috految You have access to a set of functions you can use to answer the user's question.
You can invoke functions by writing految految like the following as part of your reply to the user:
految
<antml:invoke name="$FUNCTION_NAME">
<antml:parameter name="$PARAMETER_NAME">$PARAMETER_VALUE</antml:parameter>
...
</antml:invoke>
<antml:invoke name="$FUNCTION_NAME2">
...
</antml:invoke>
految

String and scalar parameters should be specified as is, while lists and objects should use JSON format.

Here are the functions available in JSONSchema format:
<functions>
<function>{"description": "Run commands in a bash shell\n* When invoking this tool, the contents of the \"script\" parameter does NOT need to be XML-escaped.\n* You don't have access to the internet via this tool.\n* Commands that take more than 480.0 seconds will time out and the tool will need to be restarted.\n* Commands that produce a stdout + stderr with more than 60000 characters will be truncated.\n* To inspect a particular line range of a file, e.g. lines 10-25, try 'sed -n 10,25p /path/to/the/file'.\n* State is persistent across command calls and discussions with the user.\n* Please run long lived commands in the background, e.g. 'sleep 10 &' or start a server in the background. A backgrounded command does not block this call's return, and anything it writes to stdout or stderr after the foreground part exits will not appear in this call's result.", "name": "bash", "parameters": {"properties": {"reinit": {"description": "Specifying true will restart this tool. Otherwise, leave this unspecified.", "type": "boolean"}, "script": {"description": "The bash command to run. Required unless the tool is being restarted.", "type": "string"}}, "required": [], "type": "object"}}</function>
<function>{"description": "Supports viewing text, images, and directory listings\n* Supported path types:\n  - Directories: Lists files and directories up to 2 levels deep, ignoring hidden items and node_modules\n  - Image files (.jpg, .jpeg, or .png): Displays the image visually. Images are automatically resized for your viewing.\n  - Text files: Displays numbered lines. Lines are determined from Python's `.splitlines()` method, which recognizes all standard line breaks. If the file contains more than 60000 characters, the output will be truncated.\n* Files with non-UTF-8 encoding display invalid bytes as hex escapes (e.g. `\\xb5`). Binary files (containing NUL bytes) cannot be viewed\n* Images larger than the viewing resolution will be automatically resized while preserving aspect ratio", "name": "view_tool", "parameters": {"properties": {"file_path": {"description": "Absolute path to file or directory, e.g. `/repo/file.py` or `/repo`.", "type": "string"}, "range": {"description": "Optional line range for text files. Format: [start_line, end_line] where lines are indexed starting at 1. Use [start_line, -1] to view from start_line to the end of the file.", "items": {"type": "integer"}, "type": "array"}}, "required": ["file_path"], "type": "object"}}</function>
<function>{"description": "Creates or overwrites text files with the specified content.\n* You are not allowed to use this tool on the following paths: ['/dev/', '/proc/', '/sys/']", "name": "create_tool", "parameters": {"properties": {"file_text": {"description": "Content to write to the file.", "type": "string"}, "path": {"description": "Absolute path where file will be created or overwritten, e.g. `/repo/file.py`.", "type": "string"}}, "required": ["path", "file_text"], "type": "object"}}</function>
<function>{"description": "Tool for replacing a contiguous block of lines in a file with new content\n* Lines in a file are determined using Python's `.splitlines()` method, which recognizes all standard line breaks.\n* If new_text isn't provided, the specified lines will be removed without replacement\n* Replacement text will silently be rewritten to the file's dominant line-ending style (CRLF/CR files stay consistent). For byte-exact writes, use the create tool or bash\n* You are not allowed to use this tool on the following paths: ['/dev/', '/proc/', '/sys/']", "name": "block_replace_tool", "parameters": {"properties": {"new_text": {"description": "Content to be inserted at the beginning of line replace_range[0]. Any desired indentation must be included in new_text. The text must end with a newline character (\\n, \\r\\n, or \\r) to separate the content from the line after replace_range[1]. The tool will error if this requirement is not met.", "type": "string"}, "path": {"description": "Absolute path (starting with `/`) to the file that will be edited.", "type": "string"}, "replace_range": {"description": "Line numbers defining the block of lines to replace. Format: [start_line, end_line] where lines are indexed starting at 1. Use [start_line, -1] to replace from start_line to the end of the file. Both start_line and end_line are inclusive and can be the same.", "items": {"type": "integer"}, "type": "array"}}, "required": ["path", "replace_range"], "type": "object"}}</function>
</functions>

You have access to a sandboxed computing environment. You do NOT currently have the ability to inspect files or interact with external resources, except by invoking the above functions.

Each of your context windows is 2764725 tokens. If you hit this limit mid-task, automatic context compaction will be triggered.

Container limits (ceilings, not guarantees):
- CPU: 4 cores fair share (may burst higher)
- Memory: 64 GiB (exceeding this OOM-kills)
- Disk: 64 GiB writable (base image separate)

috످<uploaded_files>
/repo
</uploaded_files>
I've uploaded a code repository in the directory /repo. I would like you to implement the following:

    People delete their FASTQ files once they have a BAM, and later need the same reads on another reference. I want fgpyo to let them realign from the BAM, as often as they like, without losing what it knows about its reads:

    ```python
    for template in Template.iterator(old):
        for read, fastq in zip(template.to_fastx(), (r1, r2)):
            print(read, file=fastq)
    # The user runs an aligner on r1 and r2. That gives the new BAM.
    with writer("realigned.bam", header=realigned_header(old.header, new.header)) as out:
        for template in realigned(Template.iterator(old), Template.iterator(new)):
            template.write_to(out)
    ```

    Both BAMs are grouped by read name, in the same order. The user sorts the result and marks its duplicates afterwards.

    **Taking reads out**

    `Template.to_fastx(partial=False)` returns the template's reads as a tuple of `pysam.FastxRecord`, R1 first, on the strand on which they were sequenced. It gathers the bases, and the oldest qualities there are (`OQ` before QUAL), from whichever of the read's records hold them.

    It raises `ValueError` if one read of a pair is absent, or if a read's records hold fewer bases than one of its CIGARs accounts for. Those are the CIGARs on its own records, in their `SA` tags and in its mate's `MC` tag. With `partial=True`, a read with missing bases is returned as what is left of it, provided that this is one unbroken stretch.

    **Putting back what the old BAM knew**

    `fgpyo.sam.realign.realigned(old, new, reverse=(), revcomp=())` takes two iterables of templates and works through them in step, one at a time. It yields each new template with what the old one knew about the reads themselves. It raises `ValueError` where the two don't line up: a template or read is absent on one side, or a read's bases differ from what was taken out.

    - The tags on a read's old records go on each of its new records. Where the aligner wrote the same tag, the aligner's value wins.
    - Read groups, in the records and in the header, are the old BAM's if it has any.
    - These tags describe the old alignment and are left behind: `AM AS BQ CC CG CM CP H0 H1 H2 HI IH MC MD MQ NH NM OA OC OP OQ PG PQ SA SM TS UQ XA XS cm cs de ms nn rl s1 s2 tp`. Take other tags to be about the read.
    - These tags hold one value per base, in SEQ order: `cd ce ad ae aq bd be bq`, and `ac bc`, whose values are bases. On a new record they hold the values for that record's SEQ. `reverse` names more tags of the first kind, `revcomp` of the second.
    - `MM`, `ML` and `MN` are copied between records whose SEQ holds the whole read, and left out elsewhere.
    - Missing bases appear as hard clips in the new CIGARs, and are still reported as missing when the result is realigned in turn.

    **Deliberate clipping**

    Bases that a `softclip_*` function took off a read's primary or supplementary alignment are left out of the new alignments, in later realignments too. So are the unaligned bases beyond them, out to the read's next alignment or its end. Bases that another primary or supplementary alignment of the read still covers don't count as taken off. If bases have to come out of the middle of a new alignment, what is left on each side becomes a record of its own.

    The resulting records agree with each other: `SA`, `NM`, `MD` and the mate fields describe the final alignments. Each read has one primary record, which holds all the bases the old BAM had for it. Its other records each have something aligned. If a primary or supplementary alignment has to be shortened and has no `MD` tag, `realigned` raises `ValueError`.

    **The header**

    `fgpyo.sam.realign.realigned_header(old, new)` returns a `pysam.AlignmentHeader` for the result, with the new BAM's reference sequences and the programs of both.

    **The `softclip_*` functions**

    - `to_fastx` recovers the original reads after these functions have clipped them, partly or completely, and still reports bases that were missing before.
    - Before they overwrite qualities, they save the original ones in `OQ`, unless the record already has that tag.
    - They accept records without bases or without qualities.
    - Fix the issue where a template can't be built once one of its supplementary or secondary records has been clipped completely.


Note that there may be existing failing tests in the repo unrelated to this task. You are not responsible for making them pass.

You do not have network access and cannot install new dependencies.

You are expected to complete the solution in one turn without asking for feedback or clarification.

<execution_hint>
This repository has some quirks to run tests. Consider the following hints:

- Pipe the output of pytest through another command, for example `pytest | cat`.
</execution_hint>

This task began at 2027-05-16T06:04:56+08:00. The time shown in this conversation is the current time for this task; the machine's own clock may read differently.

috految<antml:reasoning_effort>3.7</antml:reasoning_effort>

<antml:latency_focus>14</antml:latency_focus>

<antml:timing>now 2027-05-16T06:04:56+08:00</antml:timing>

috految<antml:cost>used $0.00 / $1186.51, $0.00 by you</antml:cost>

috److految
<antml:invoke name="bash">
<antml:parameter name="script">cd /repo; ls . docs fgpyo/sam; cat fgpyo/sam/clipping.py; python -c "
import re,pysam,sys;print(pysam.__version__,pysam.__file__,sys.version)
print(re.sub(r'(?s) *\"{3}.*?\"{3}\n','',open('fgpyo/sam/__init__.py').read()))"; sed -n 1,85p fgpyo/sequence.py; grep -nE 'python|pysam|addopts|doctest|complex' pyproject.toml; grep -n clipping -r docs README.md; grep -E 'def |clipping\._|tag|unmapped|assert.*(qual|is_)' $(git ls-files '*test_clipping.py'); grep -A22 -E 'def (_*next|takewhile)' fgpyo/collections/__init__.py; grep -E 'tag|query_|"P|"RG|mate_info|is_read|is_pai' fgpyo/sam/builder.py; grep -B3 -A3 'Fastx.*(' fgpyo/fastx/*.py; which ruff mypy</antml:parameter>
</antml:invoke>
految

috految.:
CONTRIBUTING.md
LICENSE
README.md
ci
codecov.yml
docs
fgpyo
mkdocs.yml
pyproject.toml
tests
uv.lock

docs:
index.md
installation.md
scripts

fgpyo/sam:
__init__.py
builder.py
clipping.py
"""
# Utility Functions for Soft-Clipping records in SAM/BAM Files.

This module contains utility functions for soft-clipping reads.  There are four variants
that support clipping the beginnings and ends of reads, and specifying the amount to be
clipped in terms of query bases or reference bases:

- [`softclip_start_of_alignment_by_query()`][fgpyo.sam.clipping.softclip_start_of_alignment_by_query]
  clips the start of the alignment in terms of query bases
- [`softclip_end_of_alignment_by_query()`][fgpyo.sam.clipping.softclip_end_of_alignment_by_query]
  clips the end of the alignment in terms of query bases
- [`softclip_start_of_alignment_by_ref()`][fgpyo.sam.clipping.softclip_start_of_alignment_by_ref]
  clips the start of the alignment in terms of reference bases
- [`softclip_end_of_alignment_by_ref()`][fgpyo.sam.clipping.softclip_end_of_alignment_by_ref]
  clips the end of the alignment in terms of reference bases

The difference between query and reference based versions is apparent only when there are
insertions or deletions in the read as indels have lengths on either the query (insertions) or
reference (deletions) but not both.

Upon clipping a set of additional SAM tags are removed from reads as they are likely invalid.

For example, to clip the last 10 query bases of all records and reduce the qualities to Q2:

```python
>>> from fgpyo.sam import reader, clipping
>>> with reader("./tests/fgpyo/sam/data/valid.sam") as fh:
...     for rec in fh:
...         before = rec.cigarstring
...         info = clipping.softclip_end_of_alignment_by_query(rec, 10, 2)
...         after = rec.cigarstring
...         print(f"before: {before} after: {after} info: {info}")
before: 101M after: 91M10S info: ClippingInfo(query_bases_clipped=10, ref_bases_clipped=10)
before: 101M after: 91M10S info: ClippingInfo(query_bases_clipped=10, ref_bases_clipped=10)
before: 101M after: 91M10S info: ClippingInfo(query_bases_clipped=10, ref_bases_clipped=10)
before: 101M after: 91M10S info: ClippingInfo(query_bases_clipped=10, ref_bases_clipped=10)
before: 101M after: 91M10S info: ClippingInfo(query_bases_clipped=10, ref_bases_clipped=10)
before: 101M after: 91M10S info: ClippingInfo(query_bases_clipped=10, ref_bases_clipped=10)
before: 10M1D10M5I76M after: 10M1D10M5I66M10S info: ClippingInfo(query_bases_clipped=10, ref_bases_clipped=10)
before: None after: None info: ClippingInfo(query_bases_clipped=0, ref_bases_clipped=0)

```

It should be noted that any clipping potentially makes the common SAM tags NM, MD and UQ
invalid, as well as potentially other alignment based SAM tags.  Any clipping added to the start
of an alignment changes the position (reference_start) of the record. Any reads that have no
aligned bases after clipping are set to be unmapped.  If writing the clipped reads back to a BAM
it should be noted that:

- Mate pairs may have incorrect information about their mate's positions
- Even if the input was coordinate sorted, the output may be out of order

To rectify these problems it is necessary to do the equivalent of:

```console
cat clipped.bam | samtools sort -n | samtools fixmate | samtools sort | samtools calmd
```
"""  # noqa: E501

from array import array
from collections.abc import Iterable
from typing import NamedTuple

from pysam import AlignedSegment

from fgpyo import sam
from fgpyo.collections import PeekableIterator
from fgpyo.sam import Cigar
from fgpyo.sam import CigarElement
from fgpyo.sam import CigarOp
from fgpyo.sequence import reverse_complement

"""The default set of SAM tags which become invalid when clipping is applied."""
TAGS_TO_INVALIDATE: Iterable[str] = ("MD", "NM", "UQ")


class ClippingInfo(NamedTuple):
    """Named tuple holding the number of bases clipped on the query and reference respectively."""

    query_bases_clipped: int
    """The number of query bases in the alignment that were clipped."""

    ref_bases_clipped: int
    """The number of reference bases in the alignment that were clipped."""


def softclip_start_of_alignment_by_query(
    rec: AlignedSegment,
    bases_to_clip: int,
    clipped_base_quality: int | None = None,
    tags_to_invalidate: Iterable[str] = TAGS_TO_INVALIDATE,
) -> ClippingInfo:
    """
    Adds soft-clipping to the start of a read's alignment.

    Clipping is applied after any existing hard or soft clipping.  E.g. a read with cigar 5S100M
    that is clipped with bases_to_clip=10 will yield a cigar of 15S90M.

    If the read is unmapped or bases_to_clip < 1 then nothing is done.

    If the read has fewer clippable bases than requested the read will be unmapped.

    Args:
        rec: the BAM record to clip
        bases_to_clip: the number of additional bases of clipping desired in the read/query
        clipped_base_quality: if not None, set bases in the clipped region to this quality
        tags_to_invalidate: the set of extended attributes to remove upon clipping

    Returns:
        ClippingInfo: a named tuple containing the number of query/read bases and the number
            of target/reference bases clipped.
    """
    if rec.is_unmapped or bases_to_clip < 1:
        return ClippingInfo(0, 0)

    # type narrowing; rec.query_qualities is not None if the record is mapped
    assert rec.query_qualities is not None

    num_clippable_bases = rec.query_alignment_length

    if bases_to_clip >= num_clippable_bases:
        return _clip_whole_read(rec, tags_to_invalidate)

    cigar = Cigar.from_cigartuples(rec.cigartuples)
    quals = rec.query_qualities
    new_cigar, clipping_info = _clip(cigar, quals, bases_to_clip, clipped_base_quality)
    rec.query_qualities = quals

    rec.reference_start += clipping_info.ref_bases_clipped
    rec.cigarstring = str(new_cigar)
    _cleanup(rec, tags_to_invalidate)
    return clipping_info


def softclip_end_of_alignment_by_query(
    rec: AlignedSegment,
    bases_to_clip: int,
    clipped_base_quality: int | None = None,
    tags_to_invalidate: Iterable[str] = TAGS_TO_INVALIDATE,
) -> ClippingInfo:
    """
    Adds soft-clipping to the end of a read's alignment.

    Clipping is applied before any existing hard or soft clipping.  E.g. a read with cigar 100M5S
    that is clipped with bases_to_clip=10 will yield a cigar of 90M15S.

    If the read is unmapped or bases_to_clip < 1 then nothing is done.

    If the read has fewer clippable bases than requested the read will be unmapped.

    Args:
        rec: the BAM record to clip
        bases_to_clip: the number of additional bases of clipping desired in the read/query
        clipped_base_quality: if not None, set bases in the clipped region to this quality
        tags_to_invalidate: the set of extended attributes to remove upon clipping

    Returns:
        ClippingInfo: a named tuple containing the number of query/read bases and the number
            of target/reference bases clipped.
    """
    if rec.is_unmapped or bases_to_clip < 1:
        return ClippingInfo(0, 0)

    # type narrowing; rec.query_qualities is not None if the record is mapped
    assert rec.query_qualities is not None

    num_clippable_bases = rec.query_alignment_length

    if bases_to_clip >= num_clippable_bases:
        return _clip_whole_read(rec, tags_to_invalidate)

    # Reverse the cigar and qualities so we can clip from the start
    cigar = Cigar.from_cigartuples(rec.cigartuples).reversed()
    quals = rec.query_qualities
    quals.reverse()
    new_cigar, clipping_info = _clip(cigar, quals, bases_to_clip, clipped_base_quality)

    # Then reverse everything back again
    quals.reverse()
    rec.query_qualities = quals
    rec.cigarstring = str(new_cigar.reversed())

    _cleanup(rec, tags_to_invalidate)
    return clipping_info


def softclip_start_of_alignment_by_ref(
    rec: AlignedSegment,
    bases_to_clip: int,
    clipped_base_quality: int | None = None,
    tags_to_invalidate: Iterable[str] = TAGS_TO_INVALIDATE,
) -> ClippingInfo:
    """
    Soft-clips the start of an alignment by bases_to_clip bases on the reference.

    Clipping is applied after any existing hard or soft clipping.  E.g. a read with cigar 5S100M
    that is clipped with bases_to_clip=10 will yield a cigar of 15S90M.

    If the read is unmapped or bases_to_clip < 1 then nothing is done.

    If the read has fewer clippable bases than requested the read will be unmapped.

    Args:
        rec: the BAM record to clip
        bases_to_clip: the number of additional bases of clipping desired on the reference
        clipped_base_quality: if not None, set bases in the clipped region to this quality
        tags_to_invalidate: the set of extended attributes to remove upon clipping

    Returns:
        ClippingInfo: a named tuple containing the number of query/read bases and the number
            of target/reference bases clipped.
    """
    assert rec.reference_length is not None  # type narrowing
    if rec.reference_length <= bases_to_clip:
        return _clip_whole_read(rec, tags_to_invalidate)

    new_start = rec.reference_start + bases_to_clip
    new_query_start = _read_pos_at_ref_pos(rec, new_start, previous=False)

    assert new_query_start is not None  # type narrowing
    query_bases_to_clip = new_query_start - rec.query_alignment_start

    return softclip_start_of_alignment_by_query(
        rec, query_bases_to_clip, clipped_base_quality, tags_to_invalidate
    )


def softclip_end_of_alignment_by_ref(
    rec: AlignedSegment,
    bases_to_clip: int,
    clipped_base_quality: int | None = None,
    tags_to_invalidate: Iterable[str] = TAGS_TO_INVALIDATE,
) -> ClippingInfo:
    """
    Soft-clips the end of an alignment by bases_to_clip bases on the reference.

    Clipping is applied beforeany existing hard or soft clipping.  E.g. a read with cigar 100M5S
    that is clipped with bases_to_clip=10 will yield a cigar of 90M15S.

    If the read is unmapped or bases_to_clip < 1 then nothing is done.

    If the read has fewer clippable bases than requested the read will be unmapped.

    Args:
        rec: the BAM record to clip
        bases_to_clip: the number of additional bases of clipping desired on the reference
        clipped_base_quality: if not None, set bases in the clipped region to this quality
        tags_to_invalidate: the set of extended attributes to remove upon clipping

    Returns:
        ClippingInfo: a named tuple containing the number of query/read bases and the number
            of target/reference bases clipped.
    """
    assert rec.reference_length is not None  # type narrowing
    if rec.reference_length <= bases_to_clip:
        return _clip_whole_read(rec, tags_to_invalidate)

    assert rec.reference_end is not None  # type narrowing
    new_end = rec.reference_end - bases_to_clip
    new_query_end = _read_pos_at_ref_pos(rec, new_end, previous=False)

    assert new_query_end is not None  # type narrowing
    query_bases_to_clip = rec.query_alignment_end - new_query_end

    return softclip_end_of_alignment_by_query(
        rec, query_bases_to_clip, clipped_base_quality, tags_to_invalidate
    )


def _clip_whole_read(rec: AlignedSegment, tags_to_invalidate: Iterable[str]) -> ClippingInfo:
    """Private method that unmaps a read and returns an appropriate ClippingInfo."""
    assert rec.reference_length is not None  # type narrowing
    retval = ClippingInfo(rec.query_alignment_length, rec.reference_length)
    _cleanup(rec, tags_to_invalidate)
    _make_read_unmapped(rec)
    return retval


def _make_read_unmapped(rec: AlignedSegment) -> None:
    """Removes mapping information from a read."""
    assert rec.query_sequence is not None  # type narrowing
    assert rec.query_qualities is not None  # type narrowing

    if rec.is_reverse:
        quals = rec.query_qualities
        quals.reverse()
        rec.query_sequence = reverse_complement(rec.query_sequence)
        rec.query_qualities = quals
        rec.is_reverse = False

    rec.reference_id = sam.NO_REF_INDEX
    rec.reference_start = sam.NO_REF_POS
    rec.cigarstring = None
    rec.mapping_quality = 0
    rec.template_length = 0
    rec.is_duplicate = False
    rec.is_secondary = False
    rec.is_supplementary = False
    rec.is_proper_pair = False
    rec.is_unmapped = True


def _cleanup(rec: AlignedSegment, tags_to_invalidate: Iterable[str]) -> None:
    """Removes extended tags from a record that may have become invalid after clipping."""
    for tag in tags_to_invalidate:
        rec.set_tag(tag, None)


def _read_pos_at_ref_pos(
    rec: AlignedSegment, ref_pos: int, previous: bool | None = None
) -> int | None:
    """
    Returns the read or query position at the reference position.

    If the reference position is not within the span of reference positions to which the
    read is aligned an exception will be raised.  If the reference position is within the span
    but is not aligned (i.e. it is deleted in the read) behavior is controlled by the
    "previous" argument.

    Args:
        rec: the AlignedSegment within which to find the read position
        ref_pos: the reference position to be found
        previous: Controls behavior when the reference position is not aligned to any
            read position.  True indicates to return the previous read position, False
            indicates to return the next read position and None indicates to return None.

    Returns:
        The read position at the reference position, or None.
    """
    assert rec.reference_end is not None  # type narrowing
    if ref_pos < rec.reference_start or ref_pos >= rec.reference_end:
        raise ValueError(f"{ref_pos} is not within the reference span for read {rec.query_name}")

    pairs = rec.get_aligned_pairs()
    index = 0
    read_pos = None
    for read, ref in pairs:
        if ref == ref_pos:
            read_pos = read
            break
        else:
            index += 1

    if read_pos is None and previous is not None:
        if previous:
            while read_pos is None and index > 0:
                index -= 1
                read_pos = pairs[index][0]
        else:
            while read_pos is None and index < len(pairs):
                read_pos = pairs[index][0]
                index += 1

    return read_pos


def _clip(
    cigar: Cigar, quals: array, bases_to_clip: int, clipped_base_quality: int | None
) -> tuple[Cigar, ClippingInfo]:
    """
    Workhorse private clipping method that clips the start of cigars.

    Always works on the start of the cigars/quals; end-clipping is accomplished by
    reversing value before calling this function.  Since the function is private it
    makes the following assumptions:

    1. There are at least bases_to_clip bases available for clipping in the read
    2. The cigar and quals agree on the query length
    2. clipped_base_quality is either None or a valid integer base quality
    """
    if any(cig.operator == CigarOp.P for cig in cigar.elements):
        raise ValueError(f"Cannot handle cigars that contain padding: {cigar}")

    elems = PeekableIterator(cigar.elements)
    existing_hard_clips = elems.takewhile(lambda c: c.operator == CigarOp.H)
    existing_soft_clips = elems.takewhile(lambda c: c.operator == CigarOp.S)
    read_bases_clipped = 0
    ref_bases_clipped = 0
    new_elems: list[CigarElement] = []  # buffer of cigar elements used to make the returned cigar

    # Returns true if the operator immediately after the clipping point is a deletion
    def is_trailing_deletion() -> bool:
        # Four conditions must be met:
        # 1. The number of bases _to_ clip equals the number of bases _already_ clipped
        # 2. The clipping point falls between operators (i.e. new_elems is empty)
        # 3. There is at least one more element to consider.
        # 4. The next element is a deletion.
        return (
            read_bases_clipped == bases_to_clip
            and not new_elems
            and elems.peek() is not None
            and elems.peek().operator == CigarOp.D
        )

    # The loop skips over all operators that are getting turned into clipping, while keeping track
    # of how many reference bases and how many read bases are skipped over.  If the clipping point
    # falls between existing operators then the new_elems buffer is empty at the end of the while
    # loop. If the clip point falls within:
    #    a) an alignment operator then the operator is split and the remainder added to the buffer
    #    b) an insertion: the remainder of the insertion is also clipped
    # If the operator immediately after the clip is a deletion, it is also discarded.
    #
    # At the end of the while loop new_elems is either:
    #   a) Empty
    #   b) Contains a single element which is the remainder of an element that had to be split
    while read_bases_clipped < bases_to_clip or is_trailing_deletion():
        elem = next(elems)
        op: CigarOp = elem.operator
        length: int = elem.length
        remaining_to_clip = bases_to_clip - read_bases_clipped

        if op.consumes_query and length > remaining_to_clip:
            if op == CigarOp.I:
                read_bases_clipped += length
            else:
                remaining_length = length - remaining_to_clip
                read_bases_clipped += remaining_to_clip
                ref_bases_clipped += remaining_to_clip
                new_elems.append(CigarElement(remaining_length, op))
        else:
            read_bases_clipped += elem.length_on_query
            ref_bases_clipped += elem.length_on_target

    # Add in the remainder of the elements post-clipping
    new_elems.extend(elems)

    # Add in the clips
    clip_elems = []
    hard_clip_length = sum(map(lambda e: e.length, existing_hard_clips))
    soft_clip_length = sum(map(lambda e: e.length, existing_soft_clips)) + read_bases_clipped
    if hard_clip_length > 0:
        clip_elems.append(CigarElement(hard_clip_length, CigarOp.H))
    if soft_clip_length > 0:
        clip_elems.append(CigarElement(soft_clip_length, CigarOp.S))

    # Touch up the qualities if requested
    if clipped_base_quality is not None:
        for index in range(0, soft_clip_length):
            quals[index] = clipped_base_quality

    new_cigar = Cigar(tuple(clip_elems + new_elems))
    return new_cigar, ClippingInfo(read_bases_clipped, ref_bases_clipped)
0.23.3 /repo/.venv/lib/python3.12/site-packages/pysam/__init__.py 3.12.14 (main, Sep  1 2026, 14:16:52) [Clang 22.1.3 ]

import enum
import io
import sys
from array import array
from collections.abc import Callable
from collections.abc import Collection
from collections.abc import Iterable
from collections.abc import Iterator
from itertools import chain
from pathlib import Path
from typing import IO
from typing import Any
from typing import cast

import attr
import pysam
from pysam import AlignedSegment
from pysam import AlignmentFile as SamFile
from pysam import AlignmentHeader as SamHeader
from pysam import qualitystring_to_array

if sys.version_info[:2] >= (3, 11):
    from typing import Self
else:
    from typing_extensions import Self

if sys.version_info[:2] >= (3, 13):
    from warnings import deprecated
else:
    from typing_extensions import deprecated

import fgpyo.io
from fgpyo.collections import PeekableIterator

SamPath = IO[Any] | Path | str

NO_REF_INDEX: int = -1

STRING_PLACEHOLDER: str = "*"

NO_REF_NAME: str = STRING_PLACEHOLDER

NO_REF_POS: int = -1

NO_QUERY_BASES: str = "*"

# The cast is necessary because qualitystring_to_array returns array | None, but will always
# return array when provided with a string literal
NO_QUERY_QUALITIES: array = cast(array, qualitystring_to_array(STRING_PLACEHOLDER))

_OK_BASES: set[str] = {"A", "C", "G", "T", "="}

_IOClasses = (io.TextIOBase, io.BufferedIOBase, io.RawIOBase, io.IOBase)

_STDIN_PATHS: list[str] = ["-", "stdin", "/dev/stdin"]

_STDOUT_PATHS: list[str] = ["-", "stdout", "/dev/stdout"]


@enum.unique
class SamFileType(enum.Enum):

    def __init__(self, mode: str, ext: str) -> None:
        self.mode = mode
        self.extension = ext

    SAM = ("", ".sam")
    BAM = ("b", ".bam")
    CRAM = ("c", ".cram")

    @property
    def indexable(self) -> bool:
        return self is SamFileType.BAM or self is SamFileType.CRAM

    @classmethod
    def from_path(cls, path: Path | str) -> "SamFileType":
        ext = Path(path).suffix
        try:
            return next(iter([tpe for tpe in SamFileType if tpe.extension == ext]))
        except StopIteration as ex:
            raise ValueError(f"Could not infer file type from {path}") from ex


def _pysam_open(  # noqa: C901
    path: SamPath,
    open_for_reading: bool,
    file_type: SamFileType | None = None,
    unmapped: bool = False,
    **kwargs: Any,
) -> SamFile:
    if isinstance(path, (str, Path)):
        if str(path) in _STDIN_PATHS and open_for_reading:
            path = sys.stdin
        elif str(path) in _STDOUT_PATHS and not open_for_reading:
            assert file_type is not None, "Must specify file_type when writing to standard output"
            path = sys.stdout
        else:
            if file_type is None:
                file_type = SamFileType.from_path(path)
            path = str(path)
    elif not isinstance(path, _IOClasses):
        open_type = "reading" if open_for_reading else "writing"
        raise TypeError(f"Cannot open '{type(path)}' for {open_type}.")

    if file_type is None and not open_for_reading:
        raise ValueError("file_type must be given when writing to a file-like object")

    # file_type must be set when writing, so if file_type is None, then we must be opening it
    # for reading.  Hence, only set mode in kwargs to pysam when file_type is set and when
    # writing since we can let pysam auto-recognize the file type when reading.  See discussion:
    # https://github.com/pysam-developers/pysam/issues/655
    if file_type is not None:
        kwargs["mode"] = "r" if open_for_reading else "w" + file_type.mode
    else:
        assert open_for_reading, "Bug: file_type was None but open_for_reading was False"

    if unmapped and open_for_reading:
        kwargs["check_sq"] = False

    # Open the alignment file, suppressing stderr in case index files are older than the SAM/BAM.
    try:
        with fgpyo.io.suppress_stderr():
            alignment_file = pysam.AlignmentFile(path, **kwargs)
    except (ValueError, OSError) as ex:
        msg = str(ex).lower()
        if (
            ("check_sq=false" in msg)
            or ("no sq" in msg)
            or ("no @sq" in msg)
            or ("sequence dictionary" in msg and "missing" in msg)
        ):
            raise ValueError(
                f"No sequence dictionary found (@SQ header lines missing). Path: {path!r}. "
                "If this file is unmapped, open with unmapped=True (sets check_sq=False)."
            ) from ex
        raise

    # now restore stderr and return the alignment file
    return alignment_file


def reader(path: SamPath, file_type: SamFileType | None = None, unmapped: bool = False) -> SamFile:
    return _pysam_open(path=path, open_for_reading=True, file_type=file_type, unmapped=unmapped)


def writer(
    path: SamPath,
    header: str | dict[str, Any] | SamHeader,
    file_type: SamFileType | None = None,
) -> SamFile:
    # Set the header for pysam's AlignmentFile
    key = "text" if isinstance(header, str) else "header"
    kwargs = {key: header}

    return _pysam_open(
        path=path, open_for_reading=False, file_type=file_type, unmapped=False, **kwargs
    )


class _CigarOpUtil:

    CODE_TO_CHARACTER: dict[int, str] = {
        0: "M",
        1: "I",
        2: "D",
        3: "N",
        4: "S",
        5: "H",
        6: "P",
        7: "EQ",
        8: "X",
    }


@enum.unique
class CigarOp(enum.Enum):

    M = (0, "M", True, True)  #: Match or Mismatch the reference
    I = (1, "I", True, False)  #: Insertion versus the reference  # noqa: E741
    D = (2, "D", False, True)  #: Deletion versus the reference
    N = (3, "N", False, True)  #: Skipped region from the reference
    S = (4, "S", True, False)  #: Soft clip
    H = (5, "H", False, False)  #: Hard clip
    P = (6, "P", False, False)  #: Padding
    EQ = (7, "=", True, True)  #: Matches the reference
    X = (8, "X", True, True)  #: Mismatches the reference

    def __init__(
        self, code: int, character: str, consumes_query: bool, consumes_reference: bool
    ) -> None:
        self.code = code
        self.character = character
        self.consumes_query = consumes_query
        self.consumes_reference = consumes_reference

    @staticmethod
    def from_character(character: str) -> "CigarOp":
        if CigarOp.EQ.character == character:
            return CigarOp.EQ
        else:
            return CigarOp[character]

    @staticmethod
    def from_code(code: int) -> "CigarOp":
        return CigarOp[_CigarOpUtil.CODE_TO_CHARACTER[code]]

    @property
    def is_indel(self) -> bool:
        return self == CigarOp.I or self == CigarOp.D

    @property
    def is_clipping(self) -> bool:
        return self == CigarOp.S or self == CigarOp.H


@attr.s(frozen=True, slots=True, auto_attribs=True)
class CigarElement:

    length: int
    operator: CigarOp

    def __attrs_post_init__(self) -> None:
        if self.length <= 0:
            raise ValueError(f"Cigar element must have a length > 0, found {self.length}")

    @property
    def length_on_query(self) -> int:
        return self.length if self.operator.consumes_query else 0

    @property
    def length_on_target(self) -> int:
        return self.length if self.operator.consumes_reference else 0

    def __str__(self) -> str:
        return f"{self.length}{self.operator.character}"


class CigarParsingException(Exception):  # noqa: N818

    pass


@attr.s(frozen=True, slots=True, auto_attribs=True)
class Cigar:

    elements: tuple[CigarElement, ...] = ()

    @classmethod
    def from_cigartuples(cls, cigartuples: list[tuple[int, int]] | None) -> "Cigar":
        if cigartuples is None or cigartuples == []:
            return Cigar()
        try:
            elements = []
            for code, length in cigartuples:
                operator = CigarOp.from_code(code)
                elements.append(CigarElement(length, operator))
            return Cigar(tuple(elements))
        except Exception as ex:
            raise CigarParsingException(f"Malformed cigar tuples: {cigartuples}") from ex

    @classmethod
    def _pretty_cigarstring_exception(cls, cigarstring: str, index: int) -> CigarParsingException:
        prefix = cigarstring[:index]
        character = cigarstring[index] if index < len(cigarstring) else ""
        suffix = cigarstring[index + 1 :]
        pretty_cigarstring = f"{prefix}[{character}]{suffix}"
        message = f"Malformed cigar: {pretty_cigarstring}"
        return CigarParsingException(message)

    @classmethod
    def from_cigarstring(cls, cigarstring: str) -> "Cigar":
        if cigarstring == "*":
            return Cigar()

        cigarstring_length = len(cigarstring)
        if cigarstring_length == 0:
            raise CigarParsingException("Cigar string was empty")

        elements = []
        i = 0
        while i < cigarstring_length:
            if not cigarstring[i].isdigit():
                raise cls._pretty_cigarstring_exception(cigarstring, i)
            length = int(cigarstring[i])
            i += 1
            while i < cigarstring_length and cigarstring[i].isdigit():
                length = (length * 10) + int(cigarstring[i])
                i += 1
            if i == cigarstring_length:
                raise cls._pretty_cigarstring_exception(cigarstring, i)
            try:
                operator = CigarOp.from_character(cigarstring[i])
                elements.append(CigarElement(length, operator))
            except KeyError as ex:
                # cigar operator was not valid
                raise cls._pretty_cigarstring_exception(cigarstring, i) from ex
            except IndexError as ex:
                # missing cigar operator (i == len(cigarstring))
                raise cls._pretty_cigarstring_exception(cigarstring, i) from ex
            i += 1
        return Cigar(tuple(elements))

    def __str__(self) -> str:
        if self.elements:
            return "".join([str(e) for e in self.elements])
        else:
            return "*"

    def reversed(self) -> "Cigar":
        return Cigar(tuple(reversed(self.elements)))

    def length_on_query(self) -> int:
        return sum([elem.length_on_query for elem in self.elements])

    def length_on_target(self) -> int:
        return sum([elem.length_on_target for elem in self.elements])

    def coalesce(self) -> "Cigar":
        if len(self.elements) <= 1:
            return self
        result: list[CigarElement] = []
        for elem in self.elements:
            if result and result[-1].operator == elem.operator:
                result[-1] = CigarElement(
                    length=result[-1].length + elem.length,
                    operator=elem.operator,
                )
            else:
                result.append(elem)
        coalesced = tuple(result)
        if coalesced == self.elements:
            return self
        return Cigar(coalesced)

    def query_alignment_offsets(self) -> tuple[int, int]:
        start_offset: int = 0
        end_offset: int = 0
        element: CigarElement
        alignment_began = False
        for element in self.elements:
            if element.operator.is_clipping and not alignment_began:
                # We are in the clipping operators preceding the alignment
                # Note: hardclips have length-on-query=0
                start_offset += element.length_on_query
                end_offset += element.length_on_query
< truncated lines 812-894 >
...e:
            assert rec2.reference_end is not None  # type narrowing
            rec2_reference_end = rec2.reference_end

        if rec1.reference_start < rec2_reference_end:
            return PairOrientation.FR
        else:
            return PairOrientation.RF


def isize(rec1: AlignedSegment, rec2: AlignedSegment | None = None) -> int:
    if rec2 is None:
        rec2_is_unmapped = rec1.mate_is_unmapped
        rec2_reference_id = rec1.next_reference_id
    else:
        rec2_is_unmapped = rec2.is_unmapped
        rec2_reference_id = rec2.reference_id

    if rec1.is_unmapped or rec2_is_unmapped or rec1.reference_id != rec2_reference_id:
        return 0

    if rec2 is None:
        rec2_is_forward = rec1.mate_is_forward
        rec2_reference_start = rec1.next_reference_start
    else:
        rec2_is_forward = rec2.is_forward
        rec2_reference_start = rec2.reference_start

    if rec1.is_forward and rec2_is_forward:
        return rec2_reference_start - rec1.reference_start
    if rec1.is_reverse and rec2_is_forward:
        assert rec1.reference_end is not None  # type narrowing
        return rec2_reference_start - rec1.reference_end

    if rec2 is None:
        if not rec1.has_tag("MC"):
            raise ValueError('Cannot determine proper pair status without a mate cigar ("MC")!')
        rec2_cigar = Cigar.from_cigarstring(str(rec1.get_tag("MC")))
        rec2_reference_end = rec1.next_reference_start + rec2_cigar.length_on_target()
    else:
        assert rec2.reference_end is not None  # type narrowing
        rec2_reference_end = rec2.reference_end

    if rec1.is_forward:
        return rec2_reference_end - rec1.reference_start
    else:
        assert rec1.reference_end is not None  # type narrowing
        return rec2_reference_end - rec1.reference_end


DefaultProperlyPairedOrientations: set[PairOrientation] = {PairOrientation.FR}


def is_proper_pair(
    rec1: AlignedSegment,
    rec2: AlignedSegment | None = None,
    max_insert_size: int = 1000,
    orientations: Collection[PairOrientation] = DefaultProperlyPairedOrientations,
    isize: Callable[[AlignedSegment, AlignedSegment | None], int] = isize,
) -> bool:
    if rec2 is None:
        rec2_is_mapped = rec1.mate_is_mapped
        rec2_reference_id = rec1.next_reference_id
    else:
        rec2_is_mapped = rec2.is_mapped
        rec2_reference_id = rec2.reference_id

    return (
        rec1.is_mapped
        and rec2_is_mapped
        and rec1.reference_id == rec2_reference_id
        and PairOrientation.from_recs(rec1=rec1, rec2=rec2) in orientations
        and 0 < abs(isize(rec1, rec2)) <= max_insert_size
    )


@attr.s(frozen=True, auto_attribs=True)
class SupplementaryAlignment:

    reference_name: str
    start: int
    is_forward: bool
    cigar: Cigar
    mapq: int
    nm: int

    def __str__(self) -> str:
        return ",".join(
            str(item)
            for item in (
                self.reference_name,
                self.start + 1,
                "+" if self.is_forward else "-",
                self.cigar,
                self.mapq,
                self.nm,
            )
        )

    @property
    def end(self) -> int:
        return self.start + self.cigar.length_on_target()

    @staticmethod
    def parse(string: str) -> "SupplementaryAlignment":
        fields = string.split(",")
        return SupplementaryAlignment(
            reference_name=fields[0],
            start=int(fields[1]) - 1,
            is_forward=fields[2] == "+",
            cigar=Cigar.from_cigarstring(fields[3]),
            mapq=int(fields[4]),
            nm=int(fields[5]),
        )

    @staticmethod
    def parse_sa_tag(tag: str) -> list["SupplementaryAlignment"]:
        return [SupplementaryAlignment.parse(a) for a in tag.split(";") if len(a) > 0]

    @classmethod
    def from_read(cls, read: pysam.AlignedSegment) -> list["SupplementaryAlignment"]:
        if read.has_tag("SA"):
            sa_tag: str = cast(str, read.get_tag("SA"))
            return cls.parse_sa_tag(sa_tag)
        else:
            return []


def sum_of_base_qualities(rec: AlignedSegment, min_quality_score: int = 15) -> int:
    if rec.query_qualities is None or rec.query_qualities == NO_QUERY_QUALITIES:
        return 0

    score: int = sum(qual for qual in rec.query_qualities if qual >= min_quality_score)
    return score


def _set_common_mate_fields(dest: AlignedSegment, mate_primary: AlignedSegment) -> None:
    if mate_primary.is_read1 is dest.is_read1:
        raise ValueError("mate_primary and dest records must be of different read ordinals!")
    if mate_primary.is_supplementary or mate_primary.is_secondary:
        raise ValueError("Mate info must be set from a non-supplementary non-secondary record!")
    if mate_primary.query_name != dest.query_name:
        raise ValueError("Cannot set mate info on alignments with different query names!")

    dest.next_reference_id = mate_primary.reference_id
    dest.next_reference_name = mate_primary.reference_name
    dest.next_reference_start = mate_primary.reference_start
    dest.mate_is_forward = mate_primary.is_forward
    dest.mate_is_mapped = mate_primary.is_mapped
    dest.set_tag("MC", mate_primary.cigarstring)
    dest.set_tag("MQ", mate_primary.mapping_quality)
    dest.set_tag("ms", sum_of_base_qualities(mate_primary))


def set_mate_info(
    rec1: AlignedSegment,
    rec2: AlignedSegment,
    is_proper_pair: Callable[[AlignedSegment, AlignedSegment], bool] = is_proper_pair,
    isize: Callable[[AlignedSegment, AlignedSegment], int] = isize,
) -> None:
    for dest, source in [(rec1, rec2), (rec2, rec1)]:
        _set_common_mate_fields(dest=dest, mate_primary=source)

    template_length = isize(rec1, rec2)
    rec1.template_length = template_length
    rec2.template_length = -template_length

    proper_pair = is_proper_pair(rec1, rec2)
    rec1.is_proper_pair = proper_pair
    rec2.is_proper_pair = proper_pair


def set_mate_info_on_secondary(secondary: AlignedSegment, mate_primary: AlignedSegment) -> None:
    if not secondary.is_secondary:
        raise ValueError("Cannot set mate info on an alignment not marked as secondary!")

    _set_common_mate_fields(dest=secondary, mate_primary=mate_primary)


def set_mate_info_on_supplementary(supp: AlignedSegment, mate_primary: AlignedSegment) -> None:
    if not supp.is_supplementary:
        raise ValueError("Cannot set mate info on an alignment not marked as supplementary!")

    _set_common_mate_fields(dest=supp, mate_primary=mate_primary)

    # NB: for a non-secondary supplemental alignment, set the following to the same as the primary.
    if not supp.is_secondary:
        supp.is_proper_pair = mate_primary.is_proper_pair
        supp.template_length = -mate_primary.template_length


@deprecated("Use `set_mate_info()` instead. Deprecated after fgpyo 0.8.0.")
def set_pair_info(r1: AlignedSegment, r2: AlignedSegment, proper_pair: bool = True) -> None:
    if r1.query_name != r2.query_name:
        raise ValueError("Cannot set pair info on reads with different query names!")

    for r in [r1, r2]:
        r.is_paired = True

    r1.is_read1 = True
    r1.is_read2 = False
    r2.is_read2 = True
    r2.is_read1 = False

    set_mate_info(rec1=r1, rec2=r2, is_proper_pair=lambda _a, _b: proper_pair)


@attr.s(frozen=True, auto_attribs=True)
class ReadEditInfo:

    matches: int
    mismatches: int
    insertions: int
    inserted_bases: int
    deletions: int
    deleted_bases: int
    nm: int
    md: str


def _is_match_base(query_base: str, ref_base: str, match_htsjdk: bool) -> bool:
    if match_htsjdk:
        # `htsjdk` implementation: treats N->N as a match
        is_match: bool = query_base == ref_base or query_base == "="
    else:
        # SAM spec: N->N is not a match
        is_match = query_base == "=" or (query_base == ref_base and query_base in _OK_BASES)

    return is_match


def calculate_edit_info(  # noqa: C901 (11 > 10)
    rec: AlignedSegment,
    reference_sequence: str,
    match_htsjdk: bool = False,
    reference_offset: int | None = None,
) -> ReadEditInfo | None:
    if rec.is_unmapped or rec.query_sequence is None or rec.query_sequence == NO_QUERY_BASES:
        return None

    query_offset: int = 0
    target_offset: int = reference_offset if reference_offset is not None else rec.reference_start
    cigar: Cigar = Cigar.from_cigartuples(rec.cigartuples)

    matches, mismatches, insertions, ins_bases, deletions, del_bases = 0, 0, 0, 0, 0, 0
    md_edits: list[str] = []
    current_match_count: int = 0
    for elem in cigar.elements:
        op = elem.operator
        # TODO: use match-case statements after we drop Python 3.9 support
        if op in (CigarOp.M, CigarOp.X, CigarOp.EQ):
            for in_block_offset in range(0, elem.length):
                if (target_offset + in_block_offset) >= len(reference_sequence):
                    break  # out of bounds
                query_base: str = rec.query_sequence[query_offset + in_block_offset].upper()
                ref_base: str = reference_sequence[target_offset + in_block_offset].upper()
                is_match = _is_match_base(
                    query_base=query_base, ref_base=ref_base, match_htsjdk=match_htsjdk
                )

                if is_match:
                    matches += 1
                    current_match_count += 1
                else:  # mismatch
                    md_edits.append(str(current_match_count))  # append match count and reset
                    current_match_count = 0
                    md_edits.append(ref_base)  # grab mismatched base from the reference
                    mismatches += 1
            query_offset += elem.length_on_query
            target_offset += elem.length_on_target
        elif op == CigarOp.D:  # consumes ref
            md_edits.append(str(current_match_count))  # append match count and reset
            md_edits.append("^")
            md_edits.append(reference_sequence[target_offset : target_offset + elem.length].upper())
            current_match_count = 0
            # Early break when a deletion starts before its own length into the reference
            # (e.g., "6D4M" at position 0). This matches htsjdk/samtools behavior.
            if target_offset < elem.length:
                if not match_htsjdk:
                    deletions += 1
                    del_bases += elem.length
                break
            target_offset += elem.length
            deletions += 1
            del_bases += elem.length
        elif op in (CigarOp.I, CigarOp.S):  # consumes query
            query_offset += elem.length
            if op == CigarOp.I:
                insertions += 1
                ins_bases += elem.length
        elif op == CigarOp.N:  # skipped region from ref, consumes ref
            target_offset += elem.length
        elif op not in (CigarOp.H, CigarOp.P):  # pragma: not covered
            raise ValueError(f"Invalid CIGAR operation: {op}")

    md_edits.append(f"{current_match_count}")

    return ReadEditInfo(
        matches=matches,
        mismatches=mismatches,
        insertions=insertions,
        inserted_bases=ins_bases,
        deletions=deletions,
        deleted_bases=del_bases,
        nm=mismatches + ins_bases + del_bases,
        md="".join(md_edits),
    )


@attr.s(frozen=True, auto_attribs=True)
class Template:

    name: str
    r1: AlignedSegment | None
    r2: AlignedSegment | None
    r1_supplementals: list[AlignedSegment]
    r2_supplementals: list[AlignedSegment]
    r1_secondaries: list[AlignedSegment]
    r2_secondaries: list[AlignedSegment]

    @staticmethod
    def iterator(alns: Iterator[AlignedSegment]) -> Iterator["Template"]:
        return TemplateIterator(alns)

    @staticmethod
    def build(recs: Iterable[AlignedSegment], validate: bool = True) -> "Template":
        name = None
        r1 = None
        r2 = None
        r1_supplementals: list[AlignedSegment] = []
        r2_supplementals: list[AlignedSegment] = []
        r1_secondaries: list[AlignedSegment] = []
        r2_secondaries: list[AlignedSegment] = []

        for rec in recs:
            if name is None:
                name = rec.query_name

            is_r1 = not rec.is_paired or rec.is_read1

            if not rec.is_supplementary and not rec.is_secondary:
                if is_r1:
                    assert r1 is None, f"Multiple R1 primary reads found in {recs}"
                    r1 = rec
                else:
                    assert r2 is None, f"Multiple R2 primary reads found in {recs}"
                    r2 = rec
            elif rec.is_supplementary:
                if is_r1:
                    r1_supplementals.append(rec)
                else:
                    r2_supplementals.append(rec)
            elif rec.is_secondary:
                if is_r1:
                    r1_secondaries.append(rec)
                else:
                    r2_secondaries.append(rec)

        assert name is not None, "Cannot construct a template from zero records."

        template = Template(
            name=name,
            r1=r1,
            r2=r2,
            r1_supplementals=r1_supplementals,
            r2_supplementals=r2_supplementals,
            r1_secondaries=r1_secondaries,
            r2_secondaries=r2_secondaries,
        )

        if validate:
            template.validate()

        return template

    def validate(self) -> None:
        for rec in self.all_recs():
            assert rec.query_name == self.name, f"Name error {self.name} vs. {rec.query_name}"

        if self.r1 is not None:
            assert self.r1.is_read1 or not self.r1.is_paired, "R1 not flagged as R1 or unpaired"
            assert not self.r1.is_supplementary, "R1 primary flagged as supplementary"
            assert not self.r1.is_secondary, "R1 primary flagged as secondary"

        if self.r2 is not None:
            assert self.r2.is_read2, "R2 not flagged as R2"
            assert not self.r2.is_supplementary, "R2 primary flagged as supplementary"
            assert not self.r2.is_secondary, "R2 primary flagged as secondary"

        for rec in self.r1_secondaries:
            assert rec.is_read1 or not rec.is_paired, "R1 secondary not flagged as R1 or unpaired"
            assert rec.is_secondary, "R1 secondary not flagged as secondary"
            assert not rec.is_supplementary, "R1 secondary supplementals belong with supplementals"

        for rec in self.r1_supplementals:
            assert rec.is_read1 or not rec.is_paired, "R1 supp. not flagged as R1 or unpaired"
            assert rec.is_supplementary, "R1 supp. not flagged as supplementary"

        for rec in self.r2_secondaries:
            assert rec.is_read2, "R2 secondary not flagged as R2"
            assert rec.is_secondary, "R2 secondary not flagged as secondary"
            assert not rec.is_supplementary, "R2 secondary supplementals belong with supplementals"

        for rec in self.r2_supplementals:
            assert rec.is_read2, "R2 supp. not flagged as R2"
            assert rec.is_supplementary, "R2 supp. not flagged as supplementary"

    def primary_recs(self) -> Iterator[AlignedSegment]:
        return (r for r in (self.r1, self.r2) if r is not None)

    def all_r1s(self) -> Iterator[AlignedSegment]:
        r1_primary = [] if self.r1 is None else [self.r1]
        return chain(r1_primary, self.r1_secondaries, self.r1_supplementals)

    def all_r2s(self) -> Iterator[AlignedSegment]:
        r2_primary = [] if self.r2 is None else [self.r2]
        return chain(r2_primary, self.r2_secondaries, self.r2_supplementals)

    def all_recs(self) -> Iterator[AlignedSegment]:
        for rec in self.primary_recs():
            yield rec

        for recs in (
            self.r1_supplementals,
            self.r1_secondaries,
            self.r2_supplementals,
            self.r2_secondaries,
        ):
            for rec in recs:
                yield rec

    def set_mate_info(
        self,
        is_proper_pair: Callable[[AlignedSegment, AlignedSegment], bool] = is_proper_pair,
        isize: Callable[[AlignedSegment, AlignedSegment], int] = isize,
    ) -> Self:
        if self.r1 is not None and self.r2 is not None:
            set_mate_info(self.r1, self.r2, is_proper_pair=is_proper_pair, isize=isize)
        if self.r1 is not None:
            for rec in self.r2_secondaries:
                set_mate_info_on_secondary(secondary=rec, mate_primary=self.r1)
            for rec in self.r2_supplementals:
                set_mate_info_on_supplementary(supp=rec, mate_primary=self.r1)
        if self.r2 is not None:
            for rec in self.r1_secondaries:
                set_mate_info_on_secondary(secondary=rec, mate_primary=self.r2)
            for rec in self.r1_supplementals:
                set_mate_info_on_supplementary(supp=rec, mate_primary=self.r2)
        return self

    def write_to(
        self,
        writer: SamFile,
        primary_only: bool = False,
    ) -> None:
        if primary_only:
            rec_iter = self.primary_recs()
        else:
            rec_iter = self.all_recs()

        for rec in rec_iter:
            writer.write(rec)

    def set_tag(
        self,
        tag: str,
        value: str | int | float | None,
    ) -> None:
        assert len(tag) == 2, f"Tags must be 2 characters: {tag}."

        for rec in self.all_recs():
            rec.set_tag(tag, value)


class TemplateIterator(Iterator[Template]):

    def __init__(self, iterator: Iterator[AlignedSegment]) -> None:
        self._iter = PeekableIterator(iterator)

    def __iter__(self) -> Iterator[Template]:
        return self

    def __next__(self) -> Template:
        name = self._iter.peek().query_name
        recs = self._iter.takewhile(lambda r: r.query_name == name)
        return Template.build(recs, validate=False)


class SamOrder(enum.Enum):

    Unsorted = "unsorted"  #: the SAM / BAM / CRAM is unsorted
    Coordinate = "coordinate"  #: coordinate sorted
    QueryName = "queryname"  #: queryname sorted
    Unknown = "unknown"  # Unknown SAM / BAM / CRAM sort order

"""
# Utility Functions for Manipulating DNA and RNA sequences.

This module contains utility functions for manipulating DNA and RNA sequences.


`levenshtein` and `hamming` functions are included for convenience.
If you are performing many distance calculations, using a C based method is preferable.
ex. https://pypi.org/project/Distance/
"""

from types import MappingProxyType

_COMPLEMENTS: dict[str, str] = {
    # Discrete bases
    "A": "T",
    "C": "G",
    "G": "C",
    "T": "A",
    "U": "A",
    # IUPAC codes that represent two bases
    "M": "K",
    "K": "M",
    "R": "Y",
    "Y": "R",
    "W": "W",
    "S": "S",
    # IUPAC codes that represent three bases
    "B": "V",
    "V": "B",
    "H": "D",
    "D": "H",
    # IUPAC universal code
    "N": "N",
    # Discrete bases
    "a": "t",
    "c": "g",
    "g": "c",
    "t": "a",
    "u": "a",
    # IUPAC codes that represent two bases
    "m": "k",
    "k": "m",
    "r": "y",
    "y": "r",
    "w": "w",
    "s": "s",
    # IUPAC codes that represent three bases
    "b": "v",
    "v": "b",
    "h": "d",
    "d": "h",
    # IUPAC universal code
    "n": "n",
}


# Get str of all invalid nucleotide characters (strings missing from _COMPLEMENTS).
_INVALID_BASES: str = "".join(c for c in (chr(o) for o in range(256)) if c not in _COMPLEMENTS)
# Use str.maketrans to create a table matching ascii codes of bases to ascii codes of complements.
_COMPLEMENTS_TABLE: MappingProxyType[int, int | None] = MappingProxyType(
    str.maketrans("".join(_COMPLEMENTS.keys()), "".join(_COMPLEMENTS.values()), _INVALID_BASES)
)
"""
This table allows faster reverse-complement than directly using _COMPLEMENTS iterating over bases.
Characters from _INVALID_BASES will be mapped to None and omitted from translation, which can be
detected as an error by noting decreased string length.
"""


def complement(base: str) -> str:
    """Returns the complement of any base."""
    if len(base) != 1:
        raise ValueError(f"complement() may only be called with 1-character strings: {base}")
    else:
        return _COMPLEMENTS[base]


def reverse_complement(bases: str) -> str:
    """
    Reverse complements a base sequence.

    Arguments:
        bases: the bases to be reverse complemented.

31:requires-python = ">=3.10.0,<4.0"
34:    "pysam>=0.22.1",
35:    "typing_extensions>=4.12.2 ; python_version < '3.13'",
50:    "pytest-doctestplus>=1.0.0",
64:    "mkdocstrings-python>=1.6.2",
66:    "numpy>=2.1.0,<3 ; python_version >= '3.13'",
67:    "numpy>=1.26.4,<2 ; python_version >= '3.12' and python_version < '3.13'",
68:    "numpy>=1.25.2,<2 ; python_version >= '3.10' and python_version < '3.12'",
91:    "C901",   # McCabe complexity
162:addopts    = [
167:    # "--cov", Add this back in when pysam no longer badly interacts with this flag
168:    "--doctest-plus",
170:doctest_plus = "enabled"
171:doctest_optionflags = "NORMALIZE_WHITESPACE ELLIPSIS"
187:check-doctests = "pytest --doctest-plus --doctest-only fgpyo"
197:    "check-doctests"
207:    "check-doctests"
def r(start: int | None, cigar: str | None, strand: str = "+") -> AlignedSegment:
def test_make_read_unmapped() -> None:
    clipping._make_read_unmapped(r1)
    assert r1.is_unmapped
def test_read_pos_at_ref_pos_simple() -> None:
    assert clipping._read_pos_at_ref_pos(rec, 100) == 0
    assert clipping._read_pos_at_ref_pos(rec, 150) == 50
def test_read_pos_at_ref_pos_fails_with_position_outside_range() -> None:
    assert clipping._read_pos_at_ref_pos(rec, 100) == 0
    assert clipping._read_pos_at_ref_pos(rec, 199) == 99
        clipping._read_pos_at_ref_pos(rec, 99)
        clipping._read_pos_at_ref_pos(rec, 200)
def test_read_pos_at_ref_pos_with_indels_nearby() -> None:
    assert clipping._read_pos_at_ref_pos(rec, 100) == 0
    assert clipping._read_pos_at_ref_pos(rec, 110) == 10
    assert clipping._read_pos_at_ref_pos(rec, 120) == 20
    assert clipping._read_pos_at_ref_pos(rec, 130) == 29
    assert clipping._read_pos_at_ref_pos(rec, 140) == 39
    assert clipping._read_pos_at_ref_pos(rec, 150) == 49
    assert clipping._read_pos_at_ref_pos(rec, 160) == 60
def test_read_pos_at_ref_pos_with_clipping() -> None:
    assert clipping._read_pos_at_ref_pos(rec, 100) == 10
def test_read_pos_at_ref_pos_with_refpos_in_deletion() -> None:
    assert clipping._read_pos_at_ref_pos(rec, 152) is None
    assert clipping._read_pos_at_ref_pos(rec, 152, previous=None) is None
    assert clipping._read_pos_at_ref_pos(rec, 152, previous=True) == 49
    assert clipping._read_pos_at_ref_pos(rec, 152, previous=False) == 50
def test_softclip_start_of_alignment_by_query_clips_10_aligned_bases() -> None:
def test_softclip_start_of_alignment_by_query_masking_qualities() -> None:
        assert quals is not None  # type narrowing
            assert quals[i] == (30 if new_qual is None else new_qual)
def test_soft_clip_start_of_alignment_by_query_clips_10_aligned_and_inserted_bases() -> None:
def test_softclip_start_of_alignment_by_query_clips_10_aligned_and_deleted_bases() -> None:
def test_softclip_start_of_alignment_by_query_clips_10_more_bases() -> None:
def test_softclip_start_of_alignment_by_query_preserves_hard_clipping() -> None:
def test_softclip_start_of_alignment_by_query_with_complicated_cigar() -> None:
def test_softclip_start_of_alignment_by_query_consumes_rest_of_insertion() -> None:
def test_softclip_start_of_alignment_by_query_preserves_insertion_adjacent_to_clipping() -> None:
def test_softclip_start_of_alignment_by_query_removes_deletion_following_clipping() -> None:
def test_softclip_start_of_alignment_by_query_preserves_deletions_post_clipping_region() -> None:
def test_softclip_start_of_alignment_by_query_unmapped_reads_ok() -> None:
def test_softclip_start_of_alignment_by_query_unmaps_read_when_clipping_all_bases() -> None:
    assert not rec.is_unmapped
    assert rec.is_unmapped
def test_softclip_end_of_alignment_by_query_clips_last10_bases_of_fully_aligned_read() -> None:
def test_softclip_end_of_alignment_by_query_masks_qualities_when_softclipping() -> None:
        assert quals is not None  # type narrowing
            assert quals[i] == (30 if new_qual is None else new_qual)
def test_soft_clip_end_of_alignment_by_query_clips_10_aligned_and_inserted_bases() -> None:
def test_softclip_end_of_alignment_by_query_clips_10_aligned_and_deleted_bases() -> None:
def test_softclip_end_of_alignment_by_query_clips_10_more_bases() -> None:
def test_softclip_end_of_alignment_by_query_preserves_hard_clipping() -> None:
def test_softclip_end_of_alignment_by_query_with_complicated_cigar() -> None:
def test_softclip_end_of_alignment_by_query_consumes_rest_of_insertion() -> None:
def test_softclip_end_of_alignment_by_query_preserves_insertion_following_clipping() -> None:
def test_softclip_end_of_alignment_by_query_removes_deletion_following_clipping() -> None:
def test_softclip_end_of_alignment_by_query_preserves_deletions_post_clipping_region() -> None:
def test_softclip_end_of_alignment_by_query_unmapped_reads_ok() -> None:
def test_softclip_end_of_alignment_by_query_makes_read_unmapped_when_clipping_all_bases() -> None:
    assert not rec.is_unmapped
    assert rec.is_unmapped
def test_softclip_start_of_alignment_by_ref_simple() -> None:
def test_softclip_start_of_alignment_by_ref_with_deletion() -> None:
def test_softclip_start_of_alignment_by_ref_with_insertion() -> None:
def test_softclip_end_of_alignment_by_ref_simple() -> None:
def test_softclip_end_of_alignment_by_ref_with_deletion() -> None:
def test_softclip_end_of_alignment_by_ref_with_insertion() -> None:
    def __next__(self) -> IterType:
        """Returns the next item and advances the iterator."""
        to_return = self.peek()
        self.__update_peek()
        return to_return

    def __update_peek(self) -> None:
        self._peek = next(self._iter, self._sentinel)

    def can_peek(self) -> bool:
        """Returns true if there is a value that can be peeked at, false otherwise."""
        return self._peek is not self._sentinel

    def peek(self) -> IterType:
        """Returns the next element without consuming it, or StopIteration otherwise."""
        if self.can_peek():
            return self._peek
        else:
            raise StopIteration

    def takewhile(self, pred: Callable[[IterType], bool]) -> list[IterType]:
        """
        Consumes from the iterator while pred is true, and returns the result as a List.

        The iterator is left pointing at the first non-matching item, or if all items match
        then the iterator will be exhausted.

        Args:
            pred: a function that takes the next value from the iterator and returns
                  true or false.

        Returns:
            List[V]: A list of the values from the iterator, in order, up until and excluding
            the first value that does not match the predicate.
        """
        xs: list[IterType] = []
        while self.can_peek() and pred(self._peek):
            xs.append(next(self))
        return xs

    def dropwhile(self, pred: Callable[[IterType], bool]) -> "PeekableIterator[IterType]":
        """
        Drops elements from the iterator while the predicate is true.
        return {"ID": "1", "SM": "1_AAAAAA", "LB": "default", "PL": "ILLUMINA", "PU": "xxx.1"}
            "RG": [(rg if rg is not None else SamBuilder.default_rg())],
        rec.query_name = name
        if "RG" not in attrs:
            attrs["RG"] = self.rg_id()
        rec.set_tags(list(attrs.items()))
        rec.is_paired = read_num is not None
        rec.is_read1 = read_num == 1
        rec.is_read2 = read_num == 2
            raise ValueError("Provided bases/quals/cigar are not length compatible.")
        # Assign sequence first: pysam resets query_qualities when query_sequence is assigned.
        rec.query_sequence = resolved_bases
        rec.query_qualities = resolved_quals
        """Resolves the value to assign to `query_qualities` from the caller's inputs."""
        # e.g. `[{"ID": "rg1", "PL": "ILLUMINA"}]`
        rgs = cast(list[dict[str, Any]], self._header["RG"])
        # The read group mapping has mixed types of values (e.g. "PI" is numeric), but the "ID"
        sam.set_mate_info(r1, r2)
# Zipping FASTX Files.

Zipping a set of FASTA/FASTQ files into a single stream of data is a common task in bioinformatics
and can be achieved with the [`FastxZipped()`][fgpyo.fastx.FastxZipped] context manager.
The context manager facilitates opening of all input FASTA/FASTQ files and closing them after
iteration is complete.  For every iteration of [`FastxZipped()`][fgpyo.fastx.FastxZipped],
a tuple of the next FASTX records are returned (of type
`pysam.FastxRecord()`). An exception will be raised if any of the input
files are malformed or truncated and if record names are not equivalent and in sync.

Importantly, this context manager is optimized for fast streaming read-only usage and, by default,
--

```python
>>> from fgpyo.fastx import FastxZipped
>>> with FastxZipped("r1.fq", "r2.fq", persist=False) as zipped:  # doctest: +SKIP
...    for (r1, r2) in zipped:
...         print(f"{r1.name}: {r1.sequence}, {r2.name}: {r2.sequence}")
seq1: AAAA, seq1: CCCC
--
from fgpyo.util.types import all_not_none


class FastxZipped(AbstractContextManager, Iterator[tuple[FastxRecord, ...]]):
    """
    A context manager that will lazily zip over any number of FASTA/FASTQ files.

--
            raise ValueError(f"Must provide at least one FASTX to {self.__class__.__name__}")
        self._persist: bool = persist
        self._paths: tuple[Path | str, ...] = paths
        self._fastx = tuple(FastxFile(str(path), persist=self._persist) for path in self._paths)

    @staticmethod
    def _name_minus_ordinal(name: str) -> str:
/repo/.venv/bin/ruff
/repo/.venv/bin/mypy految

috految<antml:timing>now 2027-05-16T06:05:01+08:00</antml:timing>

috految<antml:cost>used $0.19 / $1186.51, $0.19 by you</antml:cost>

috److془Design carefully.

Issues:
1. Complete clip: keep secondary/supp flags. Flip to forward (existing). Flip OQ, known per-base tags; custom tags: record flipped tags list. Tags added after: not in list. Good. Tag overwritten after (user flips): meh. Known tags with length != SEQ: full-read length on hard-clipped records: flip too. Other: "bc:Z:barcode" with length mismatch: don't flip. Hmm, what about realigned with mismatch length: fgbio ClipBam hard clip w/o tag clipping => full length handled. Otherwise: scalar (bq:i) → copy; PacBio bc:B:S (2), ac:B:i(4) → copy. Mismatch cd array: copy as is or drop? Copy violates "hold values for that record's SEQ". Drop those are cd etc. arrays; hmm loses data. Fine: copy for misfit unless... ; 'bq:Z:hello'. Rule: drop if longer than SEQ or so; shorter copy. Except ac/bc arrays always copy. Hmm, HiFi empty kinetics copied good. Shorter cd: copy. Fine. Partial coverage (values only for part of SEQ): leave out. But "as often as they like without losing"... fine. Hmm: primary hard-clipped with cd, supp without. Leave out. MM similarly. Full-length tags on supplementary may be in primary orientation; prefer primary first. Exact's priority: primary first good. Hard clipped primary with OQ full: fine. Tags on SEQ-less records: fit by CIGAR. Length-mismatching OQ: ignored. Stale OQ with masking: "unless already has that tag". Fine. Extra hard clip after OQ with prior hard clip: could be ignored. Hmm: 5H45M, OQ 45, then 5H40M5H; ambiguous, ignore. Subtle: OQ saved by softclip on primary from recalibrated QUAL, while other record has the true OQ. Or supp clipped has OQ differing from primary QUAL: "OQ before QUAL". Rank saved OQ behind others? Conversely: clip saved primary, then BQSR sets OQ on supp: equal. Good. Rank behind. Hmm supp having OQ from intermediate; whatever. Subtle: bwa/-Y shared; fine. Second: QUAL gathered from primary first. Qualities partial: None or fill? "gathers the oldest qualities there are from whichever of the records hold them". Partial: None loses data; fill invents. Fill with '!' . Hmm; ok. No qualities: quality None → FASTA. Empty read (unmapped SEQ *; trimmed to zero): sequence "", quality "". FastxRecord __str__: `if self.quality is None: fasta`; init sets plain. Test. Partial with nothing left: ValueError. Unmapped with SEQ * and no CIGAR: empty. Mate's MC "*" fine. Old MC:i (biobambam) ignore. bwa MC with H on supp: total same. Zero-length ops in CIGAR: parse by regex. SA with reference names fine. Pysam OQ "*"unfit; fine. '=' bases in SEQ: not held. Then partial would give single mismatch.. raise if remaining '='. New with '=': compatible. IUPAC → bwa N: "bases differ" raise. Test for new's '=' okay. Old record's compl with '=' tolerant. Conflicts among old records: primary wins. Primary N-masked? primary wins. MM on primary: fine. pysam cached query_sequence may be lowercase: upper. Qualities >93: chr nonascii; cap for text. Hmm fine. Cached query_qualities stale: setter in 0.23.3 clears I think; use fresh arrays. Cache query_alignment_sequence: cigar setter doesn't clear; quals setter clears the alignment qualities; always set. Reading after setting cached fine. Set seq None: pysam ok. Setting seq "*" → treat None. NO_QUERY_QUALITIES → length mismatch. Set seq with no quals: memset 0xff. Fine. Negative: does pysam query_qualities getter for 1-length work? yes presumabley. Setting quals with l_qseq 0 avoid. Cached query_sequence after set on copy fine. copy.copy works (bam_dup1). set_tag(None) fine. Cigar setter with >65535 ops: pysam_get_n_cigar uint32 I think; cigartuples setter: `cdef int k; ncigar`. Test. Setting cigar then flags bin: is_unmapped setter updates. Tag types: get_tags 'I' bug returns negative for big; use get_tag. get_tag with_value_type: "if auxtype in cCsS: <int>; 'i','I': <int32_t>" so mask. Arrays: set_tag(array) typecode inferred; empty arrays test. Non-ascii str: set_tag force_bytes then len; encode. 'H' test. set_tag with type 'A' str fine. Int: pass explicit type. get_tags for B: convert_binary_tag floats arrays okay. Array typecodes test. set_tag on array of H, fine. Duplicate tags: get_tags dict; set_tag removes the first only; fine.

Placement where record totals differ: SA says 100 while record total 90 (soft-clips stripped, or unmapped by other tool post hard clip, with MC 10H90M; or supp trimmed). Short records: locate through: sequence match, hint from cigars. Hints: cigars of full length, with held length == record total → offset lead H; aligned length == total → lead clip. Own-alignment hints: SA of other records, MC (primary only). Other hint: MC 100M at pos p, record 90M at p+10: anchor by ref. Own SA: 60M with SA 60S40M: choose the end minimizing overlap with other alignments. Else offset 0. Guessed offsets must not be stitched: primary 60M, supp 60H40M with no SA: raise or so? Primary with 10 trimmed at 5', supp overlaps: match locate. Unlocated: raise (unless known records already hold everything). Hmm: 60M + 60H40M: if no consistent overlap, require unique consistent offset among 0..L-total. Nice general. Chance 1 base overlap makes ambiguous, raise safe. Offset then: consistent candidates; hint in them → it; unique; with long overlap≥ min(len,10) unique. Short unique could be false if conflict/duplicated, rare. Primary trimmed 90 and supp 50H40M with MC 100: same frame; with the same total use same offset if consistent-- after hints. Stripped 50M+50M has inconsistent; good. Hints incorrect for first guess: if guessed, stitching without overlap disallowed. Case of 60M,40M no SA: L=60, unlocated ignored; spec-ok. If L is from supplementary and primary unlocated, raise. Primary 50M50S trimmed to 90 and supp 90 trimmed: fine. Unlocated short record, all others known: ignore. Merely stale: ref anchor could be wrong with fixmate-updated, ok consistent check. Hmm: primary trimmed 40M, supp 50H50M, SA 50M50S: ref anchor → gap, raise. good. Mate's MC with no hints: offset 0. Hmm same-total consistent zero overlap with wrong hint; enough. Does the fully clipped record lose hints? Store start and cigar. Missing evidence via SA/MC lost upon tags_to_invalidate or set_mate_info after clip. Store the lengths if invalidated; store both always? mate's length only if MC invalidated. "MC" of clipped unmapped mate replaced by fixmate: not ours. Mate orientation for MC: mate_is_reverse. tags_to_invalidate containing OQ: save afterwards? Explicit removal wins. Hmm okay. Unmapped end: samtools fixmate with reverse flag, preserved. fixmate sanitizer on unmapped removes NM MD CG SM; "FIX_UNMAP"? sets flag unmapped; I recall "if (b->core.flag & BAM_FUNMAP) {clear cigar; qual=0; aux}". Good. Samtools writes MC:Z:*. Lone-read fixmate clears PAIRED leaving READ1/2; treat as unpaired. Supp unmapped after set_mate_info: proper pair + tlen; guard. Existing tests might use unmapped supp; see. Actually leave it. Hmm, guard is trivial but leave. Downstream: the fixmate with templates: fine. Unmapped with is_reverse: revcomp. Unmapped with CIGARs: use if present. Seq len != cigar length: total=len(seq), L counts cigar. Unmapped record's SA stays. Unmapped with unmapped-by-others after realign: store always layout if missing. Unmodified tags tests exact? store only if unmapped. Unmapped fully clipped with SEQ * : stored cigar gives length. Pair with r2 only supplementary: okay gather. Mapped with nonexistent primary in new: promote? "Each read has one primary record". Promote if supp; hmm or raise. Missing primary means truncated; raise. Hmm "a read is absent"; raise fine. Hmm, unpaired old and paired new: raises. Old lacking mate raises. Old primary lacking MC etc fine. Single-end with MC ignore. Names: aligners strip /1 ; strict. Old unpaired "x/1" ... strict. 

Does SAM text with SEQ * and CIGAR fine. Bwa MC on full; fine. Minimap soft approximations: total right. Minimap SA zero ops fine. Secondary with cigars in SEQ * fine. Supp with seq '*' and no cigar ok. Minimap2 MC absent. Legacy: primary fully clipped, now sole holder; fine.

Flags: QC fail carry. Duplicate: not carried. "The user sorts the result and marks its duplicates afterwards": ms and MC needed for samtools markdup; set through set_mate_info. ms by minimap2 is alignment score: "aligner's value wins"; "ms" Hmm. Keep the aligner's if present, unless equals mate's score before. Mate score is invariant mostly. For minimap ms on pairs, fixmate -m required anyway. Add ms if absent? Test "left behind" hopefully tolerant as set_mate_info natural. Add. Hmm: markdup needs ms; add. Though an untouched test "equals aligner's"... tolerant presumably. Unmapped mate with MC none: markdup fine. Unmapped placed at mate position. Stale marks: `do`, DT "take others about the read". Header: SO unsorted GO:query. Sorting removes GO. Picard SortSam retains, whatever. Query-name by new: just use unsorted. Hmm: "Both grouped". good. Unmapped with markdup: pos fine. Markdup uses unclipped 5' includes hard clips; primary piece longest. Hmm: duplicates consistently fine. Old mark RG: "Read groups, in records and header, are old BAM's if it has any". If old.header has RG and record none: drop the aligner's. If old header none and records have RG: old RG records, header new's undeclared.. keep old. Header check cached by identity; header may be None. Hmm SamBuilder fine. Header lines text; pysam str(header) adds missing SQ, with blank lines. from_text: builds references from lines, tab splitting `dict(x.split(":",1))`; known: _from_text_and_lengths; non-ascii: strlen of bytes? test. Old-style bwa CL with tabs "\tID:foo": use first ID. Adjust replace tabs after CL if duplicates. PG collisions: rename old (new record PG tags hold), update PP and RG's PG. Chain new root to old tail? Not asked; unchained grows chains linear; fine. Old CO retain. RG PG rewrite okay. Identical lines: keep both. Headers with no SQ in old: str fine. Old header lacking SQ iteration: check_sq matter for SAM only. Yielded records' header is new's: in-memory chain RG nuance negligible. Writing: sam_write1 uses file's header. Example: old iterated twice -> reopen. Template.iterator StopIteration from peek fine. Copy header attr retains. Does the `writer` with header work yes. Aligner's PG tags fine. Dropping aligner's ZA whatever. RG includes per read.

Qualities in new records: aligner's QUAL = oldest typically. If aligner dropped, fill. If differs (recalibrated, bowtie 'I' fabricated, binned): keep with OQ=original? Test "OQ left behind" with sloppy quals would fail. Overwrite QUAL with old instead if no OQ on new. Good: lossless. But a test "aligner's QUAL retained".. unspecified. Go. Hmm could be old without quals: keep. New with OQ: keep QUAL, extend both. Hmm old no-quals fine. The masked qualities not restored; fine.

Aligner's per-base tags: if primary expanded/flipped, remap. Aligner's value wins; if it doesn't cover, overlay on old. Aligner's full-length on hard clipped: slice. Aligner's tags on a primary dropped: promoted/pieces get aligner's own; fine. Aligner's RG on every record. Aligner's wins per record. Primary-only aligner's tags, whatever. Old: primary precedence. Custom per-base tags not declared: copy. Flipped ones undeclared: verbatim. YS etc whatever. User reverse names left-behind: left behind. bq in revcomp: revcomp wins. SEQ-less new: no per-base. MM: whole = SEQ len == L; as group; MN mismatch stale copy fine. When L by SA bigger, dropped. Aligner has MM; don't mix, unless equal MM. Aligner's on not-whole records: remove. Aligner's MM on hard clipped expanded: remove. Stripped of hard clip then unmapped: len<L good. MM is in original orientation. MN with unmapping fine. Aligner's own on unchanged hard-clipped: keep if MN==len.. simply 'left out elsewhere'. Hmm fine.

Deliberate: "Bases that softclip took off primary or supp alignment are left out, in later realignments too. So are unaligned bases beyond them, out to the read's next alignment or its end. Bases another primary or supp alignment still covers don't count as taken off."
Marks (lo,hi,dir). taken = range - covered; extend from taken in direction until covered. Whole clip: both directions? 5S40M5S clip start completely: "unaligned bases beyond them, out to next alignment or its end". Both. Then simply: maximal uncovered runs containing taken base. Directional difference: other tool clipped inward later, or record unmapped by another tool. Use direction. Inward after fully complete: contiguous with whole mark, fine. Inherited: frozen, no extension. Extension of new marks through the excluded fine. Inherited subtract covered? only in foreign case; subtract. Supplementary filtered out but listed in SA: is alignment? primary 60M40S end clipped, supp removed. SA could be stale (fully clipped and dropped). Records only. Hmm with primary-only BAM lose 40 from alignments; "bases that another alignment still covers". Fine. Sequence: clip end; then clipped supplemental filtered, unavoidable. Inherited on all records. Inherited + fresh on own, fine. Secondary+supp flagged: secondary. bwa -M: split flagged secondary with SA: rebuild SA retaining; Secondary's marks ignored. Secondaries in new: trimmed too; no MD: drop NM. Pieces: secondary both. Marks in new records possible (user softclips new): add exclusion of new; but unmapped layouts handled by Read. Tag copying by aligner from fastq: no comments. Fraught marks if SEQ later trimmed sans H: store total; if differing, shift: subtraction of covered handles mostly. Skip. Marks by frame of total+offset. Hard clip later preserves frame. Unmapped later by others after H; skip. Marks in missing bases harmless. Inverse: marks compute when fully clip after partial accumulates. Realigned-stage read all excluded but unmapped: persists. For new: short-total secondary/supp: require total==n for primary, offsets via Read. Length for new: ignore SA/MC. Aligner hard clipping primary: restore. Seq-less new primary mapped: restore. Unmapped empty vs nonempty old: raises. Stale unmapped cigar with len mismatch fine. Aligner's unmapped with reverse flag: keep. bwa unmapped reverse revcomps; yes. Unmapped with all-S/no M mapped: unmap. Primary gone with only secondaries left: unmapped primary, keep secondaries? Or promote; keep unmapped w/ secondaries. Promote supp (or -M chimeric). Hmm secondary with unmapped primary "agree"? fine. Wholly removed w/o MD: no raise. Reads with insertion excluded in middle: split; trim flanking indels only at edges cut. Edge insertion soft clipped; fine. Insertion-only remainder dropped. Exclusion in the middle at missing no. Hard clipped records remain held range. Shortened: drop UQ, cs, de, BQ, etc; XA on shortened: leave. Mixed: supplementary hardclip + S ok. SA cigars: conventional S instead of H; missing remain H? Tests likely tolerant. Use S for held, H for missing. Hmm exact-equals-record test vs aligner-unchanged test: conventional. Primary first. NM absent: from MD, else existing SA entry, else indels. Secondary SA: group by SA links. Untouched with SA naming absent records: drop. Secondary in main if primary's SA lists it and no nonsecondary has the key. Key name,pos,strand; minimap fine. NM from MD: mismatches+I+D. bwa MD with terminal deletions squeezed okay. MD for N skip no tokens. Union two adjacent deletions by I: per element emit. Bwa -M promoted with no MD fine. Unmapped secondary dropped. Split secondaries SA: only if originally had SA. CIGAR changed with XA whatever. Aligner gives SEQ-less and with MD fine.

Mates: secondaries pointing at secondary mates (STAR): preserve if mate exists by position. Hmm repo convention and SAM spec points primary; but preserving is right for STAR. Preserve. Proper: retain aligner if both mapped and not promoted; if promoted is_proper_pair. Orientation changed by trimming: recompute. Split across intron keep. TLEN: keep when unchanged, nonzero. Else isize. if new was softclipped changed. Supp tlen follows the library if changed. For different contig 0? library convention; go. Unmapped: reference None; next_reference_name=None works (builder does). Next_reference_name setter with headers fine. mate_is_mapped setter in pysam fine. Primary promoted with both mapped. Unmapped mate's MQ: 0 fine. Unmapped new with aligner-mapq leave. Duplicates whatever. Supp with unmapped placement 
fine. Flags: samtools sort fine. Alignment ends with N after clip: existing; leave. _clip: 10M5I, clip 12 → 15S mapped; to whole if no query aligned left. could StopIteration? only when clipped==n, then elements remain. 5M5S.. fine. Remnant I-only: stays; not covering. Bug: 'in partial' fine. Ref funcs: unmapped assert → return; query_alignment_start/end seq-less buggy use cigar. get_aligned_pairs without seq works I believe; test. pysam S on H fine. Ref with trailing N: returns soft index fine. Cigar.reversed fine. Masking beyond: saved OQ covers. Whole doesn't mask. Last: unmapped reverse flip with known tags in tags copied. Tag namespace: "f9"; JSON python string. Quotes OK in SAM. Note Picard's etc fine. Older pysam: header mate retention fine. Unmapped supp in _make: good. Fully clipped flip leaves mate flag stale, as before. Existing tests may check unmapped. Write.془

految
<antml:invoke name="bash">
<antml:parameter name="script">cd /repo/fgpyo/sam
cat > _reads.py <<'E'
"""
Internal support for piecing a read together from its records.

Positions are 0-based on the read as it was sequenced, and count hard-clipped bases.
"""

import json
import re
from array import array
from collections.abc import Iterator
from collections.abc import Sequence
from typing import Any

import attr
from pysam import AlignedSegment

from fgpyo.sequence import reverse_complement

HISTORY_TAG: str = "f9"
"""The tag in which a record's `History` is stored."""

REVERSE_TAGS: frozenset[str] = frozenset("cd ce ad ae aq bd be bq".split())
"""Tags with one value per base, in SEQ order."""

REVCOMP_TAGS: frozenset[str] = frozenset({"ac", "bc"})
"""Tags with one base per base, in SEQ order."""

_MIN_OVERLAP: int = 10
"""The number of shared bases needed to place a record by its sequence alone."""


@attr.s(auto_attribs=True)
class History:
    """
    What a record's standard fields can no longer tell. The field names are stored in BAMs.

    Attributes:
        clipped: the start, end and outward direction (-1, 1, or 0 for both) of each clip
        excluded: the start and end of each stretch that earlier realignments left out
        cigar: for an unmapped record, a CIGAR in sequencing order that places its bases
        unflipped: tags that stayed in their order when SEQ was reverse complemented
        saved_oq: whether OQ was copied from QUAL, so that another record's may be older
        length: the read length according to an `SA` tag that was removed
        mate_length: the mate's length according to an `MC` tag that was removed
    """

    clipped: list[tuple[int, int, int]] = attr.Factory(list)
    excluded: list[tuple[int, int]] = attr.Factory(list)
    cigar: str = ""
    unflipped: list[str] = attr.Factory(list)
    saved_oq: bool = False
    length: int = 0
    mate_length: int = 0

    @classmethod
    def from_record(cls, rec: AlignedSegment) -> "History":
        """Reads the history of a record, which may be empty."""
        text = text_tag(rec, HISTORY_TAG)
        return cls(**json.loads(text)) if text.startswith("{") else cls()

    def save(self, rec: AlignedSegment) -> None:
        """Stores this history on a record."""
        fields = {key: value for key, value in attr.asdict(self).items() if value}
        rec.set_tag(HISTORY_TAG, json.dumps(fields, separators=(",", ":")) if fields else None)


def text_tag(rec: AlignedSegment, tag: str) -> str:
    """Returns a string tag, or the empty string if there is none."""
    value = rec.get_tag(tag) if rec.has_tag(tag) else None
    return value if isinstance(value, str) else ""


def quality_text(quals: Sequence[int]) -> str:
    """Encodes qualities as Phred+33, capped at what that can express."""
    return "".join(chr(min(qual, 93) + 33) for qual in quals)


def flip_bases(bases: str) -> str:
    """Reverse complements, passing through symbols such as `=` that have no complement."""
    return re.sub("(?i)[ACGTUMKRYWSBVHDN]+", lambda m: reverse_complement(m[0])[::-1], bases)[::-1]


def sa_entries(rec: AlignedSegment) -> list[list[str]]:
    """Returns the fields of each `SA` entry, unparsed as tools leave placeholders in them."""
    entries = (entry.split(",") for entry in text_tag(rec, "SA").split(";"))
    return [fields for fields in entries if len(fields) >= 6]


class Layout:
    """The length of a read according to a CIGAR, and the positions that are held and aligned."""

    def __init__(self, cigar: str, is_reverse: bool = False) -> None:
        """Measures a CIGAR, tolerating the empty elements that some tools write."""
        ops = [(int(n), op) for n, op in re.findall(r"(\d+)([MISH=X])", cigar)]
        self.length = 0
        held: list[int] = []
        aligned: list[int] = []
        for n, op in reversed(ops) if is_reverse else ops:
            if op != "H":
                held += [self.length, self.length + n]
            if op not in "HS":
                aligned += [self.length, self.length + n]
            self.length += n
        self.held = range(held[0], held[-1]) if held else range(0)
        self.aligned = range(aligned[0], aligned[-1]) if aligned else range(0)


class Segment:
    """A record and the place of its SEQ on the read."""

    def __init__(self, rec: AlignedSegment) -> None:
        """Places a record by its own CIGAR."""
        self.rec = rec
        self.history = History.from_record(rec)
        bases = (rec.query_sequence or "").strip("*").upper()
        self.bases = flip_bases(bases) if rec.is_reverse else bases
        if rec.cigarstring:
            self.layout = Layout(rec.cigarstring, rec.is_reverse)
        else:
            self.layout = Layout(self.history.cigar)
        self.read_length = max(self.layout.length, len(bases))
        if bases and len(bases) != len(self.layout.held):
            self.layout = Layout(f"{len(bases)}S")
        self.offset = 0  # nonzero if the CIGAR doesn't reach back to the start of the read

    @property
    def held(self) -> range:
        """The positions that SEQ spans."""
        return range(self.offset + self.layout.held.start, self.offset + self.layout.held.stop)

    def values(self, tag: str, length: int, complement: bool = False) -> dict[int, Any]:
        """Returns the values of a per-base tag by position, on a read of the given length."""
        value: Any = self.rec.get_tag(tag) if self.rec.has_tag(tag) else None
        if not isinstance(value, str if complement else (str, array)):
            return {}
        if len(value) == len(self.held):
            start = self.held.start
        elif len(value) == self.layout.length:  # hard clipped without trimming the tag
            start = self.offset
        elif len(value) == length and not self.bases:
            start = 0
        else:
            return {}
        if self.rec.is_reverse != (tag in self.history.unflipped):
            value = flip_bases(str(value)) if complement else value[::-1]
        return dict(enumerate(value, start))

    def qualities(self) -> dict[int, int]:
        """Returns QUAL by position."""
        quals = self.rec.query_qualities if self.bases else None
        if quals is None or len(quals) != len(self.bases):
            return {}
        return dict(enumerate(quals[::-1] if self.rec.is_reverse else quals, self.held.start))


class Read:
    """A read as gathered from its records. Where they disagree, the primary wins."""

    def __init__(self, recs: list[AlignedSegment], mates: list[AlignedSegment]) -> None:
        """Gathers a read, raising a `ValueError` unless its bases form one stretch."""
        self.name = recs[0].query_name
        recs = sorted(recs, key=lambda r: (r.is_secondary, r.is_supplementary))
        self.segments = [Segment(rec) for rec in recs]
        self.length = max(
            [max(s.read_length, s.history.length) for s in self.segments]
            + [Layout(entry[3]).length for rec in recs for entry in sa_entries(rec)]
            + [Layout(text_tag(mate, "MC")).length for mate in mates]
            + [History.from_record(mate).mate_length for mate in mates]
        )
        self.placed = self._place(mates)
        bases: dict[int, str] = {}
        for seg in self.placed:
            for pos, base in enumerate(seg.bases, seg.held.start):
                if bases.get(pos, "=") == "=":
                    bases[pos] = base
        self.held = range(min(bases), max(bases) + 1) if bases else range(0)
        if len(bases) != len(self.held) or "=" in bases.values() or (self.length and not bases):
            raise ValueError(f"Read {self.name} is missing bases, with no unbroken stretch left")
        self.bases = "".join(bases[pos] for pos in self.held)

    def _place(self, mates: list[AlignedSegment]) -> list[Segment]:
        """Finds offsets for records that have lost bases without a hard clip to show for it."""
        placed = [s for s in self.segments if s.layout.length == self.length]
        guessed = False
        for seg in self.segments:
            if seg in placed or not seg.bases:
                continue
            known = {p: b for s in placed for p, b in enumerate(s.bases, s.held.start)}
            start = seg.layout.held.start
            fits = [
                offset
                for offset in range(self.length - seg.layout.length + 1)
                if all(known.get(p, b) == b for p, b in enumerate(seg.bases, offset + start))
            ]
            overlapping = [
                offset
                for offset in fits
                if sum(offset + p in known for p in seg.layout.held) >= min(_MIN_OVERLAP, len(seg.bases))
            ]
            hints = [offset for offset in self._hints(seg, mates) if offset in fits]
            alike = [s.offset for s in placed if s.layout.length == seg.layout.length]
            if len(overlapping) == 1:
                seg.offset = overlapping[0]
            elif hints and not guessed:
                seg.offset = hints[0]
            elif not known:
                # Assume that the loss is where the other alignments are, or else at the 3' end.
                others = [Layout(e[3], e[2] == "-").aligned for e in sa_entries(seg.rec)]
                seg.offset = fits[-1] if any(0 in span for span in others) else 0
                guessed = True
            elif alike and alike[0] in fits:
                seg.offset = alike[0]
            elif len(fits) == 1 and not guessed:
                seg.offset = fits[0]
            elif len(known) == self.length and (fits or seg is not self.segments[0]):
                continue
            else:
                raise ValueError(f"Cannot tell which bases of read {self.name} are missing")
            placed.append(seg)
        return [s for s in self.segments if s in placed]

    def _hints(self, seg: Segment, mates: list[AlignedSegment]) -> Iterator[int]:
        """Yields the offsets implied by what other records say of a record's alignment."""
        rec = seg.rec
        claims = [
            (e[3], e[2] == "-", int(e[1]) - 1)
            for other in self.segments
            if other is not seg
            for e in sa_entries(other.rec)
            if rec.is_unmapped or (e[0], e[2] == "-") == (rec.reference_name, rec.is_reverse)
        ]
        if seg is self.segments[0]:
            claims += [(text_tag(m, "MC"), m.mate_is_reverse, m.next_reference_start) for m in mates]
        for cigar, is_reverse, start in claims:
            layout = Layout(cigar, is_reverse)
            if layout.length != self.length:
                continue
            if len(layout.held) == seg.layout.length:
                yield layout.held.start
            if rec.is_unmapped:
                if len(layout.aligned) == seg.layout.length:
                    yield layout.aligned.start
            elif is_reverse:
                yield layout.aligned.stop - seg.layout.aligned.stop - rec.reference_start + start
            else:
                yield layout.aligned.start - seg.layout.aligned.start + rec.reference_start - start

    def qualities(self) -> dict[int, int]:
        """Returns the oldest known qualities by position."""
        quals: dict[int, int] = {}
        for seg in reversed(self.placed):
            quals.update(seg.qualities())
        for seg in sorted(self.placed, key=lambda s: s.history.saved_oq)[::-1]:
            quals.update({p: ord(q) - 33 for p, q in seg.values("OQ", self.length).items()})
        return quals


def gather_reads(r1s: list[AlignedSegment], r2s: list[AlignedSegment]) -> list[Read]:
    """Gathers the reads of a template, R1 first."""
    if r1s and r2s:
        return [Read(r1s, r2s), Read(r2s, r1s)]
    if not r1s or any(rec.is_paired for rec in r1s):
        raise ValueError(f"A read of the pair is absent: {(r1s + r2s)[0].query_name}")
    return [Read(r1s, [])]
E
cat > realign.py <<'E'
"""
# Realigning the Reads in a BAM.

Extract reads with [`Template.to_fastx()`][fgpyo.sam.Template.to_fastx], align them, then combine
the two BAMs with [`realigned()`][fgpyo.sam.realign.realigned] and
[`realigned_header()`][fgpyo.sam.realign.realigned_header]. Both must be grouped by name, in the
same order. Sort the result and mark its duplicates afterwards.

Deliberate clipping and the missing bases of unmapped reads are tracked in the `f9` tag, which
must be kept for later realignments.
"""

import re
from array import array
from collections.abc import Iterable
from collections.abc import Iterator
from copy import copy
from itertools import groupby
from itertools import zip_longest
from typing import Any

from pysam import AlignedSegment
from pysam import AlignmentHeader

from fgpyo.sam import NO_REF_INDEX, NO_REF_POS, Cigar, CigarElement, CigarOp, PairOrientation, SupplementaryAlignment, Template, is_proper_pair, isize, sum_of_base_qualities
from fgpyo.sam._reads import HISTORY_TAG, REVCOMP_TAGS, REVERSE_TAGS, History, Read, Segment, flip_bases, gather_reads, quality_text, sa_entries, text_tag

_ALIGNMENT_TAGS = frozenset(
    "AM AS BQ CC CG CM CP H0 H1 H2 HI IH MC MD MQ NH NM OA OC OP OQ PG PQ SA SM TS UQ XA XS "
    "cm cs de ms nn rl s1 s2 tp".split()
)
_MODIFICATION_TAGS = ("MM", "ML", "MN")
_INVALIDATED_BY_SHORTENING = ("MD", "NM", "UQ", "BQ", "cs", "de")
_MATCHES = (CigarOp.M, CigarOp.EQ, CigarOp.X)


def realigned(
    old: Iterable[Template], new: Iterable[Template], reverse: Iterable[str] = (), revcomp: Iterable[str] = ()
) -> Iterator[Template]:
    """
    Restores what the old templates knew about their reads, leaving the inputs unchanged.

    Args:
        old: the templates that the reads were taken from
        new: the newly aligned templates, in the same order
        reverse: further tags with one value per base, in SEQ order
        revcomp: further tags with one base per base, in SEQ order

    Yields:
        Each new template, without deliberately clipped bases in its alignments.

    Raises:
        ValueError: if the templates, reads or bases don't line up, or if a primary or
            supplementary alignment must be shortened and has no `MD` tag
    """
    per_base = dict.fromkeys([*REVERSE_TAGS, *reverse], False)
    per_base.update(dict.fromkeys([*REVCOMP_TAGS, *revcomp], True))
    header, has_groups = None, False
    for before, after in zip_longest(old, new):
        if before is None or after is None or before.name != after.name:
            names = [None if t is None else t.name for t in (before, after)]
            raise ValueError(f"Old and new templates don't line up: {names}")
        reads = gather_reads(list(before.all_r1s()), list(before.all_r2s()))
        if len(reads) != len(list(after.primary_recs())) or any(
            rec.is_paired != (len(reads) == 2) for rec in after.all_recs()
        ):
            raise ValueError(f"Old and new reads don't line up for template {before.name}")
        source = reads[0].segments[0].rec.header
        if source is not header:
            header, has_groups = source, bool(_header_lines(source, "@RG"))

        results = []
        for read, recs in zip(reads, (after.all_r1s(), after.all_r2s()), strict=False):
            result = _realign_read(read, list(recs), per_base)
            groups = [(s.rec.get_tag("RG")) for s in read.segments if s.rec.has_tag("RG")]
            if groups or has_groups:
                for rec, _ in result:
                    rec.set_tag("RG", str(groups[0]) if groups else None, "Z")
            results.append(result)
        template = Template.build(rec for result in results for rec, _ in result)
        if len(results) == 2:
            _set_mates(template, after, results)
        yield template


def realigned_header(old: AlignmentHeader, new: AlignmentHeader) -> AlignmentHeader:
    """
    Builds the header for realigned templates.

    Args:
        old: the header of the BAM that the reads were taken from
        new: the header of the newly aligned BAM

    Returns:
        A header with the new reference sequences, the old read groups if there are any, and the
            programs and comments of both.
    """
    # Work on text, as pysam's dictionaries drop fields they don't know.
    old_ids, new_ids = (
        {m[1] for line in _header_lines(h, "@PG") if (m := re.search(r"\tID:([^\t]*)", line))}
        for h in (old, new)
    )
    # New programs keep their IDs, since the new records may refer to them.
    renamed: dict[str, str] = {}
    for name in sorted(old_ids & new_ids):
        suffix = 1
        while f"{name}.{suffix}" in old_ids | new_ids:
            suffix += 1
        renamed[name] = f"{name}.{suffix}"

    def rename(line: str, keys: str) -> str:
        return re.sub(rf"\t({keys}):([^\t]*)", lambda m: f"\t{m[1]}:{renamed.get(m[2], m[2])}", line)

    hd = (_header_lines(new, "@HD") or ["@HD\tVN:1.6"])[0]
    lines = [re.sub(r"\t(SO|SS|GO):[^\t]*", "", hd) + "\tSO:unsorted\tGO:query"]
    lines += _header_lines(new, "@SQ")
    lines += [rename(rg, "PG") for rg in _header_lines(old, "@RG")] or _header_lines(new, "@RG")
    lines += [rename(pg, "ID|PP") for pg in _header_lines(old, "@PG")]
    lines += _header_lines(new, "@PG")
    lines += dict.fromkeys(_header_lines(old, "@CO") + _header_lines(new, "@CO"))
    return AlignmentHeader.from_text("\n".join(lines) + "\n")


def _header_lines(header: AlignmentHeader, kind: str) -> list[str]:
    """Returns the header lines of one type."""
    return [line for line in str(header).split("\n") if line.startswith(kind)]


def _excluded(segments: list[Segment], length: int) -> set[int]:
    """Returns the positions that deliberate clipping keeps out of alignments."""
    covered: set[int] = set()
    for seg in segments:
        if seg.rec.is_mapped and not seg.rec.is_secondary:
            covered.update(seg.offset + pos for pos in seg.layout.aligned)
    excluded: set[int] = set()
    for seg in segments:
        # These are settled: they must not spread over what a later aligner left unaligned.
        for start, end in seg.history.excluded:
            excluded.update(range(seg.offset + start, seg.offset + end))
        for start, end, direction in seg.history.clipped:
            taken = set(range(seg.offset + start, seg.offset + end)) - covered
            excluded |= taken
            for step in [direction] if direction else [-1, 1]:
                for pos in {p + step for p in taken} - taken:
                    while 0 <= pos < length and pos not in covered:
                        excluded.add(pos)
                        pos += step
    return excluded - covered


def _realign_read(
    read: Read, recs: list[AlignedSegment], per_base: dict[str, bool]
) -> list[tuple[AlignedSegment, Segment]]:
    """Returns a read's final records, primary first, each with the new record it came from."""
    segments = [Segment(rec) for rec in recs]
    for seg in segments:
        start = seg.layout.held.start
        expected = read.bases[start : start + len(seg.bases)]
        if (seg is segments[0] or seg.rec.is_mapped) and (
            seg.layout.length != len(read.bases)
            or any(b not in (e, "=") for b, e in zip(seg.bases, expected, strict=True))
        ):
            raise ValueError(f"The bases of read {read.name} differ from those taken out")
        seg.offset = read.held.start

    excluded = _excluded(read.segments, read.length) | _excluded(segments, read.length)
    pieces = [(rec, seg) for seg in segments for rec in _cut(seg, excluded)]

    # Some aligners (`bwa mem -M`) flag the parts of a chimeric alignment as secondary.
    listed = {tuple(entry[:3]) for entry in sa_entries(recs[0])}
    listed -= {_locus(rec) for rec in recs if not rec.is_secondary}
    parts = [(r, s) for r, s in pieces if not r.is_secondary or _locus(s.rec) in listed]
    if parts:
        primary, origin = max(
            parts,
            key=lambda part: (part[1] is segments[0], sum(end - start for start, end in part[0].get_blocks())),
        )
    else:
        primary, origin = copy(recs[0]), segments[0]
        if primary.is_mapped:
            primary.is_unmapped = True
            primary.is_reverse = primary.is_duplicate = primary.is_proper_pair = False
            primary.mapping_quality = primary.template_length = 0
            for tag in _ALIGNMENT_TAGS - {"PG", "OQ", "ms"}:
                primary.set_tag(tag, None)
        primary.cigarstring = None
        primary.reference_id, primary.reference_start = NO_REF_INDEX, NO_REF_POS
    primary.is_secondary = primary.is_supplementary = False
    results = [(primary, origin)] + [(r, s) for r, s in pieces if r is not primary]

    starts = sorted(p for p in excluded if p - 1 not in excluded)
    ends = sorted(p + 1 for p in excluded if p + 1 not in excluded)
    for rec, seg in results:
        rec.is_supplementary |= rec is not primary and not rec.is_secondary
        rec.is_qcfail |= read.segments[0].rec.is_qcfail
        held = read.held if rec is primary else seg.held
        _restore_fields(rec, seg, read, held, has_bases=rec is primary or bool(seg.bases))
        _restore_tags(rec, seg, read, held, per_base)
        history = History(excluded=list(zip(starts, ends, strict=True)))
        if rec.is_unmapped and len(held) < read.length:
            history.cigar = f"{held.start}H{len(held)}S{read.length - held.stop}H"
        history.save(rec)

    chimeric = {id(rec) for rec, _ in parts}
    for rec, seg in results:
        links = {tuple(entry[:3]) for entry in sa_entries(seg.rec)}
        others = [
            _sa_entry(other, source, read, recs)
            for other, source in results
            if other is not rec and other.is_mapped and rec.is_mapped
            and (id(other) in chimeric if id(rec) in chimeric else _locus(source.rec) in links)
        ]
        rec.set_tag("SA", "".join(f"{entry};" for entry in others) or None)
    return results


def _locus(rec: AlignedSegment) -> tuple[str, ...]:
    """Returns the fields that identify a record in an `SA` tag."""
    return str(rec.reference_name), str(rec.reference_start + 1), "-" if rec.is_reverse else "+"


def _sa_entry(rec: AlignedSegment, seg: Segment, read: Read, recs: list[AlignedSegment]) -> str:
    """Describes a final record for the `SA` tags of the others."""
    cigar = Cigar.from_cigartuples(rec.cigartuples)
    if rec.has_tag("NM"):
        nm = int(str(rec.get_tag("NM")))
    elif rec.has_tag("MD"):
        nm = _edit_distance(cigar, text_tag(rec, "MD"))
    else:
        known = (e[5] for r in recs for e in sa_entries(r) if tuple(e[:3]) == _locus(seg.rec))
        nm = next((int(n) for n in known if n.isdigit()), _edit_distance(cigar, ""))
    cigar = _with_clips(rec, Segment(rec).layout.aligned, read.held, read.length)
    return str(SupplementaryAlignment(str(rec.reference_name), rec.reference_start, rec.is_forward, cigar, rec.mapping_quality, nm))


def _edit_distance(cigar: Cigar, md: str) -> int:
    """Counts mismatched, inserted and deleted bases."""
    mismatches = len(re.sub(r"\^[A-Za-z]+|\d", "", md))
    return mismatches + sum(e.length for e in cigar.elements if e.operator.is_indel)


def _cut(seg: Segment, excluded: set[int]) -> Iterator[AlignedSegment]:
    """Yields a copy of a record for each aligned stretch that isn't excluded."""
    rec = seg.rec
    if rec.is_unmapped or not rec.get_blocks():
        return
    span = [seg.offset + pos for pos in seg.layout.aligned]
    if excluded.isdisjoint(span):
        yield copy(rec)
        return

    md = text_tag(rec, "MD")
    # One character per matched or deleted reference base, "." where the read agrees.
    reference = re.sub(r"\d+", lambda m: "." * int(m[0]), md).replace("^", "")
    positions = iter(span[::-1] if rec.is_reverse else span)
    columns = []
    ref_pos, index = rec.reference_start, 0
    for elem in Cigar.from_cigartuples(rec.cigartuples).elements:
        op = elem.operator
        if op.is_clipping:
            continue
        for size in [1] * elem.length if op.consumes_query else [elem.length]:
            pos = next(positions) if op.consumes_query else None
            n = size if op in _MATCHES or op is CigarOp.D else 0
            columns.append((CigarElement(size, op), pos, ref_pos, reference[index : index + n]))
            index += n
            ref_pos += size if op.consumes_reference else 0

    for is_excluded, group in groupby(columns, key=lambda column: column[1] in excluded):
        run = list(group)
        matches = [i for i, column in enumerate(run) if column[0].operator in _MATCHES]
        if is_excluded or not matches:
            continue
        if not md and not rec.is_secondary:
            raise ValueError(f"Cannot shorten an alignment of {rec.query_name} without an MD tag")
        first = 0 if run[0] is columns[0] else matches[0]
        run = run[first : None if run[-1] is columns[-1] else matches[-1] + 1]
        piece = copy(rec)
        piece.reference_start = run[0][2]
        cigar = Cigar(tuple(column[0] for column in run)).coalesce()
        piece.cigarstring = str(cigar)
        kept = [p - seg.offset for _, p, _, _ in run if p is not None]
        piece.cigarstring = str(_with_clips(piece, range(min(kept), max(kept) + 1), seg.layout.held, seg.layout.length))
        for tag in _INVALIDATED_BY_SHORTENING:
            piece.set_tag(tag, None)
        if md:
            edits = [f"^{ref}" if e.operator is CigarOp.D else ref for e, _, _, ref in run if ref]
            text = "".join(edit if edit == "." else f"|{edit}|" for edit in edits)
            text = "".join(part if i % 2 else str(len(part)) for i, part in enumerate(text.split("|")))
            piece.set_tag("MD", text, "Z")
            piece.set_tag("NM", _edit_distance(cigar, text))
        yield piece


def _with_clips(rec: AlignedSegment, aligned: range, held: range, length: int) -> Cigar:
    """Returns a record's CIGAR, clipped to the given aligned and held parts of a read."""
    left = [(CigarOp.H, held.start), (CigarOp.S, aligned.start - held.start)]
    right = [(CigarOp.H, length - held.stop), (CigarOp.S, held.stop - aligned.stop)]
    if rec.is_reverse:
        left, right = right, left
    core = [(CigarOp.from_code(code), n) for code, n in rec.cigartuples or ()]
    ops = left + [(op, n) for op, n in core if not op.is_clipping] + right[::-1]
    return Cigar(tuple(CigarElement(n, op) for op, n in ops if n))


def _restore_fields(rec: AlignedSegment, seg: Segment, read: Read, held: range, has_bases: bool) -> None:
    """Sets CIGAR, SEQ and QUAL so that a record holds the given part of the read."""
    if rec.is_mapped:
        span = Segment(rec).layout.aligned
        aligned = range(seg.offset + span.start, seg.offset + span.stop)
        rec.cigarstring = str(_with_clips(rec, aligned, held, read.length))
    if not has_bases or not held:
        return
    bases = read.bases[held.start - read.held.start : held.stop - read.held.start]
    rec.query_sequence = flip_bases(bases) if rec.is_reverse else bases
    order = held[::-1] if rec.is_reverse else held
    quals = seg.qualities() | read.qualities()
    if rec.has_tag("OQ"):
        if held != seg.held or rec.is_reverse != seg.rec.is_reverse:
            rec.set_tag("OQ", quality_text([quals.get(pos, 0) for pos in order]), "Z")
        quals.update(seg.qualities())
    rec.query_qualities = array("B", [quals.get(pos, 0) for pos in order]) if quals else None


def _restore_tags(rec: AlignedSegment, seg: Segment, read: Read, held: range, per_base: dict[str, bool]) -> None:
    """Copies the tags that are about the read to one of its new records."""
    skip = {*_ALIGNMENT_TAGS, *_MODIFICATION_TAGS, HISTORY_TAG}
    for tag, complement in per_base.items():
        if tag in skip:
            continue
        own = seg.values(tag, read.length, complement)
        if rec.has_tag(tag) and not own:
            continue
        sources = [s for s in read.placed if s.rec.has_tag(tag)]
        values: dict[int, Any] = {}
        for source in reversed(sources):
            values.update(source.values(tag, read.length, complement))
        values.update(own)
        if not values:
            # Other uses of the name (e.g. PacBio's barcodes) are ordinary tags; stale lists go.
            raw = [s.rec.get_tag(tag) for s in sources]
            if any(isinstance(v, (str, array)) and len(v) > len(read.held) for v in raw):
                skip.add(tag)
            continue
        skip.add(tag)
        rec.set_tag(tag, None)
        if rec.query_length and all(pos in values for pos in held):
            items = [values[pos] for pos in held]
            if isinstance(items[0], str):
                text = "".join(items)
                flipped = flip_bases(text) if complement else text[::-1]
                rec.set_tag(tag, flipped if rec.is_reverse else text, "Z")
            else:
                raw = [s.rec.get_tag(tag) for s in ([seg] if own else []) + sources]
                codes = {v.typecode for v in raw if isinstance(v, array)}
                code = codes.pop() if len(codes) == 1 else "f" if "f" in codes else "i"
                rec.set_tag(tag, array(code, items[::-1] if rec.is_reverse else items))

    for source in read.segments:
        _copy_missing_tags(source.rec, rec, [t[0] for t in source.rec.get_tags() if t[0] not in skip])
    _restore_modifications(rec, seg, read)


def _restore_modifications(rec: AlignedSegment, seg: Segment, read: Read) -> None:
    """Copies base modification tags, which only make sense together and on a whole read."""
    if len(seg.bases) != read.length:
        for tag in _MODIFICATION_TAGS:
            rec.set_tag(tag, None)
    if rec.query_length == read.length:
        for source in read.segments:
            if len(source.bases) == read.length and (text_tag(rec, "MM") in ("", text_tag(source.rec, "MM"))):
                _copy_missing_tags(source.rec, rec, _MODIFICATION_TAGS)


def _copy_missing_tags(source: AlignedSegment, dest: AlignedSegment, tags: Iterable[str]) -> None:
    """Copies the given tags unless the destination has them, preserving their types."""
    for tag in tags:
        if source.has_tag(tag) and not dest.has_tag(tag):
            typed: Any = source.get_tag(tag, with_value_type=True)
            value, kind = typed
            if kind == "I":
                value &= 0xFFFFFFFF  # pysam may read these as signed
            dest.set_tag(tag, value, None if isinstance(value, array) else kind)


def _set_mates(template: Template, new: Template, results: list[list[tuple[AlignedSegment, Segment]]]) -> None:
    """Updates the mate fields, keeping the aligner's judgement of the pair where it holds."""
    (r1, origin1), (r2, origin2) = results[0][0], results[1][0]
    for rec, mate in ((r1, r2), (r2, r1)):
        if rec.is_unmapped and mate.is_mapped:
            rec.reference_id, rec.reference_start = mate.reference_id, mate.reference_start
    same = origin1.rec is new.r1 and origin2.rec is new.r2 and r1.is_mapped and r2.is_mapped
    if same and PairOrientation.from_recs(r1, r2) == PairOrientation.from_recs(origin1.rec, origin2.rec):
        proper = r1.is_proper_pair
    else:
        proper = is_proper_pair(r1, r2)
    template.set_mate_info(is_proper_pair=lambda _r1, _r2: proper)

    untouched = same and all(
        rec.get_blocks() == seg.rec.get_blocks() and not seg.history.clipped
        for result in results for rec, seg in result
    )
    for own, mates in (results, results[::-1]):
        for rec, seg in own:
            old = seg.rec
            mate, mate_origin = mates[0]
            # Some aligners put a score of their own in `ms`.
            if old.has_tag("ms") and old.get_tag("ms") != sum_of_base_qualities(mate_origin.rec):
                rec.set_tag("ms", old.get_tag("ms"))
            if rec.is_secondary:
                # Secondary alignments may be paired with each other.
                target = (old.next_reference_id, old.next_reference_start, old.mate_is_reverse)
                partners = [
                    r for r, s in mates
                    if (s.rec.reference_id, s.rec.reference_start, s.rec.is_reverse) == target
                ]
                if partners and partners[0].is_secondary:
                    mate = partners[0]
                    rec.next_reference_id = mate.reference_id
                    rec.next_reference_start = mate.reference_start
                    rec.mate_is_reverse, rec.mate_is_unmapped = mate.is_reverse, False
                    rec.set_tag("MC", mate.cigarstring)
                    rec.set_tag("MQ", mate.mapping_quality)
                rec.is_proper_pair &= bool(partners) and mate.is_mapped
                rec.template_length = isize(rec, mate)
            if untouched and old.next_reference_start == rec.next_reference_start:
                rec.is_proper_pair = old.is_proper_pair
                if old.template_length or rec.is_secondary or rec.is_supplementary:
                    rec.template_length = old.template_length
E
cat > /tmp/e.py <<'E'
def R(a,b):
    global s
    assert a in s,a
    s=s.replace(a,b)
def B(a,z,b):
    i=s.index(a);R(s[i:s.index(z,i)],b)
s=open('__init__.py').read()
a='\nfrom fgpyo.collections import PeekableIterator\n'
R(a,a+'from fgpyo.sam._reads import gather_reads, quality_text\n')
R('    def write_to(','''    def to_fastx(self, partial: bool = False) -> tuple[pysam.FastxRecord, ...]:
        """
        Returns the reads as sequenced, R1 first, with their oldest qualities (`OQ` before QUAL).

        If only some of a read's bases have a quality, the others get zero.

        Args:
            partial: whether to return what is left of a read with missing bases, provided that
                this is one unbroken stretch

        Raises:
            ValueError: if one read of a pair is absent, or a read has missing bases
        """
        records = []
        for read in gather_reads(list(self.all_r1s()), list(self.all_r2s())):
            if not partial and len(read.bases) < read.length:
                raise ValueError(f"Read {self.name} is missing bases: expected {read.length}")
            quals = read.qualities()
            record = pysam.FastxRecord(name=self.name, sequence=read.bases)
            if quals or not read.bases:
                record.quality = quality_text([quals.get(pos, 0) for pos in read.held])
            records.append(record)
        return tuple(records)

    def write_to(''')
open('__init__.py','w').write(s)
s=open('clipping.py').read()
R('from fgpyo.sequence import reverse_complement','from fgpyo.sam._reads import REVCOMP_TAGS, REVERSE_TAGS, History, Layout, flip_bases, quality_text, sa_entries, text_tag')
R('likely invalid.\n','''likely invalid.
Qualities are saved in `OQ` (unless present) before they are overwritten, and the clipping is
recorded in the `f9` tag so that `fgpyo.sam.realign` can honor it.
''')
for v in (False,True):
    B('    # type narrowing; rec','\n\ndef ',f'    return _softclip(rec, bases_to_clip, clipped_base_quality, tags_to_invalidate, from_end={v})\n')
a='    assert rec.reference_length is not None  # type narrowing\n    if '
R(a,'    if rec.is_unmapped or bases_to_clip < 1:\n        return ClippingInfo(0, 0)\n\n'+a)
R('\n    query_bases_to_clip = ','\n    layout = Layout(rec.cigarstring or "")\n    query_bases_to_clip = ')
R('rec.query_alignment_start','(layout.aligned.start - layout.held.start)')
R('rec.query_alignment_end','layout.aligned.stop - layout.held.start')
R('def _clip_whole_read','''def _softclip(rec: AlignedSegment, bases_to_clip: int, clipped_base_quality: int | None, tags_to_invalidate: Iterable[str], from_end: bool) -> ClippingInfo:
    """Clips query bases from either end of a mapped record, and records having done so."""
    aligned = Layout(rec.cigarstring or "", rec.is_reverse).aligned
    if bases_to_clip >= len(aligned):
        return _clip_whole_read(rec, tags_to_invalidate)

    original = rec.query_qualities if rec.query_length else None
    quals = array("B", original or ())
    cigar = Cigar.from_cigartuples(rec.cigartuples)
    if from_end:  # reverse so that we can clip from the start
        cigar = cigar.reversed()
        quals.reverse()
    cigar, info = _clip(cigar, quals, bases_to_clip, clipped_base_quality if quals else None)
    count = info.query_bases_clipped
    if count >= len(aligned):
        return _clip_whole_read(rec, tags_to_invalidate)
    if from_end:
        cigar = cigar.reversed()
        quals.reverse()
    else:
        rec.reference_start += info.ref_bases_clipped

    history = History.from_record(rec)
    if original:
        if clipped_base_quality is not None and not rec.has_tag("OQ"):
            rec.set_tag("OQ", quality_text(original), "Z")
            history.saved_oq = True
        rec.query_qualities = quals
    rec.cigarstring = str(cigar)
    if not rec.is_secondary:
        if from_end == rec.is_reverse:
            history.clipped.append((aligned.start, aligned.start + count, -1))
        else:
            history.clipped.append((aligned.stop - count, aligned.stop, 1))
    history.save(rec)
    _cleanup(rec, tags_to_invalidate)
    return info


def _clip_whole_read''')
R('    retval = ClippingInfo(rec.query_alignment_length,','''    aligned = Layout(rec.cigarstring or "", rec.is_reverse).aligned
    history = History.from_record(rec)
    if not rec.is_secondary:
        history.clipped.append((aligned.start, aligned.stop, 0))
    history.save(rec)
    retval = ClippingInfo(len(aligned),''')
B('    assert rec.query_sequence is','    rec.reference_id =','''    history = History.from_record(rec)
    cigar = Cigar.from_cigartuples(rec.cigartuples)
    history.cigar = str(cigar.reversed() if rec.is_reverse else cigar)

    if rec.is_reverse:
        if rec.query_length:
            quals = rec.query_qualities
            rec.query_sequence = flip_bases(rec.query_sequence or "")
            rec.query_qualities = None if quals is None else quals[::-1]
        rec.is_reverse = False

        lengths = (cigar.length_on_query(), Layout(history.cigar).length)
        for tag, value, *_ in rec.get_tags():
            if not isinstance(value, (str, array)) or len(value) not in lengths:
                continue
            if tag in REVCOMP_TAGS and isinstance(value, str):
                rec.set_tag(tag, flip_bases(value), "Z")
            elif tag in REVERSE_TAGS or tag == "OQ":
                rec.set_tag(tag, value[::-1], "Z" if isinstance(value, str) else None)
            else:
                history.unflipped.append(tag)
    history.save(rec)

''')
R('    rec.is_secondary = False\n    rec.is_supplementary = False\n','')
R('''        rec.set_tag(tag, None)
''','''        if tag in ("SA", "MC") and rec.has_tag(tag):  # may be the only sign of missing bases
            history = History.from_record(rec)
            if tag == "SA":
                history.length = max((Layout(e[3]).length for e in sa_entries(rec)), default=0)
            else:
                history.mate_length = Layout(text_tag(rec, tag)).length
            history.save(rec)
        rec.set_tag(tag, None)
''')
open('clipping.py','w').write(s)
E
python /tmp/e.py; cd /repo; ruff check -q --select I --fix fgpyo/sam; ruff format fgpyo/sam; ruff check --output-format concise fgpyo/sam
cat >/tmp/t.py <<'E'
from fgpyo.sam import *
from fgpyo.sam.realign import *
from fgpyo.sam.clipping import *
h=SamHeader.from_text("@SQ\tSN:c\tLN:999\n@RG\tID:1\tDS:éé\n@PG\tID:x\n")
def r(s):return AlignedSegment.fromstring(s.replace(' ','\t'),h)
for n in 2,9:
 a=r("q 81 c 9 9 2H6M * 0 0 AACGTC ABCDEF cd:B:s,1,2,3,4,5,6 ac:Z:AACGTC xa:A:c xh:H:1A xi:i:4000000000 xn:i:-3 xb:B:C xc:B:c,-1 xj:B:I,7 xf:B:f,1.5 xg:f:1.5 xz:Z: RG:Z:1")
 b=r("q 133 * 0 0 * * 0 0 * *");c=r("q 337 c 9 9 2H1S5M * 0 0 * *")
 for x in a,c:print(softclip_end_of_alignment_by_ref(x,n,2))
 t=Template.build([a,b,c]);print(*t.to_fastx(True))
 for _ in 1,2:
  t,=realigned([t],[Template.build([r("q 65 c 5 9 3=1D3X * 0 0 GACGTT * MD:Z:1T1^A0C2"),r("q 2113 c 50 9 4H2= * 0 0 TT *"),b])])
 with writer('/tmp/o.bam',realigned_header(h,h)) as w:t.write_to(w)
 f=reader('/tmp/o.bam');print(f.header,*[x.to_string() for x in f],sep='\n')
E
python /tmp/t.py; pytest tests/fgpyo/sam fgpyo/sam -q|tail -15; git status --short</antml:parameter>
</antml:invoke>
految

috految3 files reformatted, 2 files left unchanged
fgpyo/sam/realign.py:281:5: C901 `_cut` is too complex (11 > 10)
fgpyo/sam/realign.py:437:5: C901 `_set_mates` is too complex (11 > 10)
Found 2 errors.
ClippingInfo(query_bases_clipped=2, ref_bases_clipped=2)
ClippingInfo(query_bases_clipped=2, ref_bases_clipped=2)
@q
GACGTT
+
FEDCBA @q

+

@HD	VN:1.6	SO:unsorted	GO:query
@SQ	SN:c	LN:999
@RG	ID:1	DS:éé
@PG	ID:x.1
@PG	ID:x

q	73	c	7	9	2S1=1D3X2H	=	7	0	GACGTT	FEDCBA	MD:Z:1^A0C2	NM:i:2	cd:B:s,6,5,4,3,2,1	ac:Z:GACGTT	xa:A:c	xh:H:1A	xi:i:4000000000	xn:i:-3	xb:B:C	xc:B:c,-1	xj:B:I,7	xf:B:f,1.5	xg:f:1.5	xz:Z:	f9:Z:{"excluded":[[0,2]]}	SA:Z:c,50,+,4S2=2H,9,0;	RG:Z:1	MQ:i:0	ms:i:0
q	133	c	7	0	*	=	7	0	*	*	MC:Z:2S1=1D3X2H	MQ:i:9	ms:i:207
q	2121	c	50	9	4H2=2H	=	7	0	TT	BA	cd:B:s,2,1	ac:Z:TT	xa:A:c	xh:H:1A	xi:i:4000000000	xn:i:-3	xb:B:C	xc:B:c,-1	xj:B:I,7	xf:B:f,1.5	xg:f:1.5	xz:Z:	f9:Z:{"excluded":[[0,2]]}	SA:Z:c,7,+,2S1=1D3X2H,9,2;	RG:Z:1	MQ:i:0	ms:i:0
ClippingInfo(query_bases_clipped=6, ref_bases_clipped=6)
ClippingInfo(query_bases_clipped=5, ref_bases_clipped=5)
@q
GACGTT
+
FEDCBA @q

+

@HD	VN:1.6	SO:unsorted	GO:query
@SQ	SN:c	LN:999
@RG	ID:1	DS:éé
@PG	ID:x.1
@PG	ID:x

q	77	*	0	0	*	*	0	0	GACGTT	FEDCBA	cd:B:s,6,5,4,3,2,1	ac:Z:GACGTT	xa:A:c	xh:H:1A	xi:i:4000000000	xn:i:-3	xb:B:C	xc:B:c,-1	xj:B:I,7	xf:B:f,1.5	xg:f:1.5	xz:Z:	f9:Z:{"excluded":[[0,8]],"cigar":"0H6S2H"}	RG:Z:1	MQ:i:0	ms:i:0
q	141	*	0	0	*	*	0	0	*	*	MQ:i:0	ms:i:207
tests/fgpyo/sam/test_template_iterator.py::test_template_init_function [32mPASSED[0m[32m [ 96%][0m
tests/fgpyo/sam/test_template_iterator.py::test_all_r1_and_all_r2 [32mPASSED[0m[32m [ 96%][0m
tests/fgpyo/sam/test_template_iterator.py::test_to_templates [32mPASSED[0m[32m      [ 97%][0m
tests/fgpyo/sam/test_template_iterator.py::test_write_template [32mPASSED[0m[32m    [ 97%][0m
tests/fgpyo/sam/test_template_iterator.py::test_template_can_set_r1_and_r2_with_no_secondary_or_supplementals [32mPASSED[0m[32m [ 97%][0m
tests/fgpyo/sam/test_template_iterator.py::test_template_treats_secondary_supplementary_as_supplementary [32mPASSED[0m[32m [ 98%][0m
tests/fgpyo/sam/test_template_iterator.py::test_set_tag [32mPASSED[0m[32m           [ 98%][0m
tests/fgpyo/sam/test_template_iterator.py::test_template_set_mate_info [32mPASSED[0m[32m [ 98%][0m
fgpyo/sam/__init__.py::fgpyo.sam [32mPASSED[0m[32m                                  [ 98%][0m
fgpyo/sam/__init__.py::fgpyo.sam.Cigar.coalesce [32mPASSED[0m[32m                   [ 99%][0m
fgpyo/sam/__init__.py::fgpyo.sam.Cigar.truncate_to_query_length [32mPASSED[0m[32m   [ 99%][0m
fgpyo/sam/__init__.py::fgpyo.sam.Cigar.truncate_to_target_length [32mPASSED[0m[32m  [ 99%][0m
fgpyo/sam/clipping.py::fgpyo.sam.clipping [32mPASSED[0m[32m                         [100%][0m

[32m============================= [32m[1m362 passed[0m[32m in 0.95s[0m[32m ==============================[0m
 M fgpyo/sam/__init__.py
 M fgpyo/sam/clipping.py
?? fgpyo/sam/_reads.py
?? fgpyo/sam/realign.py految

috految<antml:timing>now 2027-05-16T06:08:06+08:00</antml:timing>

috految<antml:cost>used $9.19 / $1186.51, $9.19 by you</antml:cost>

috److I added `Template.to_fastx()`, `realigned()` and `realigned_header()`, and made the `softclip_*` changes.

The existing SAM tests and doctests pass, and a manual check that clips a read pair, extracts it, realigns it twice and writes a BAM gave the expected records. I added no new tests, so cases like splitting an alignment in the middle and the `ValueError` paths haven't been run. I didn't run mypy. Ruff still flags `_cut` and `_set_mates` in `realign.py` as too complex (11 against a limit of 10).

**New `f9` tag:** clipping history, and the missing bases of unmapped reads, are stored in a new `f9` tag. Users must keep it for later realignments to honour the clipping. BAMs clipped before this change don't have it, so their clipping isn't carried over.

I made these choices where the spec was silent:
- **Fully clipped records:** supplementary and secondary records now keep their flag when clipped completely, which fixes the template-building issue.
- **Qualities:** new records get the old BAM's oldest qualities in QUAL, unless the aligner wrote its own `OQ`. If only part of a read has qualities, the rest get Q0.
- **Flags:** the QC-fail flag carries over from the old BAM; the duplicate flag doesn't.
- **Primary record:** if clipping removes the new primary alignment entirely, the longest remaining supplementary takes its place. If none is left, the read becomes unmapped.
- **Header:** clashing program IDs are renamed on the old side (for example `bwa` becomes `bwa.1`), and the result is marked `SO:unsorted GO:query`.

The shared read-gathering code is in the new internal module `fgpyo/sam/_reads.py`.

috످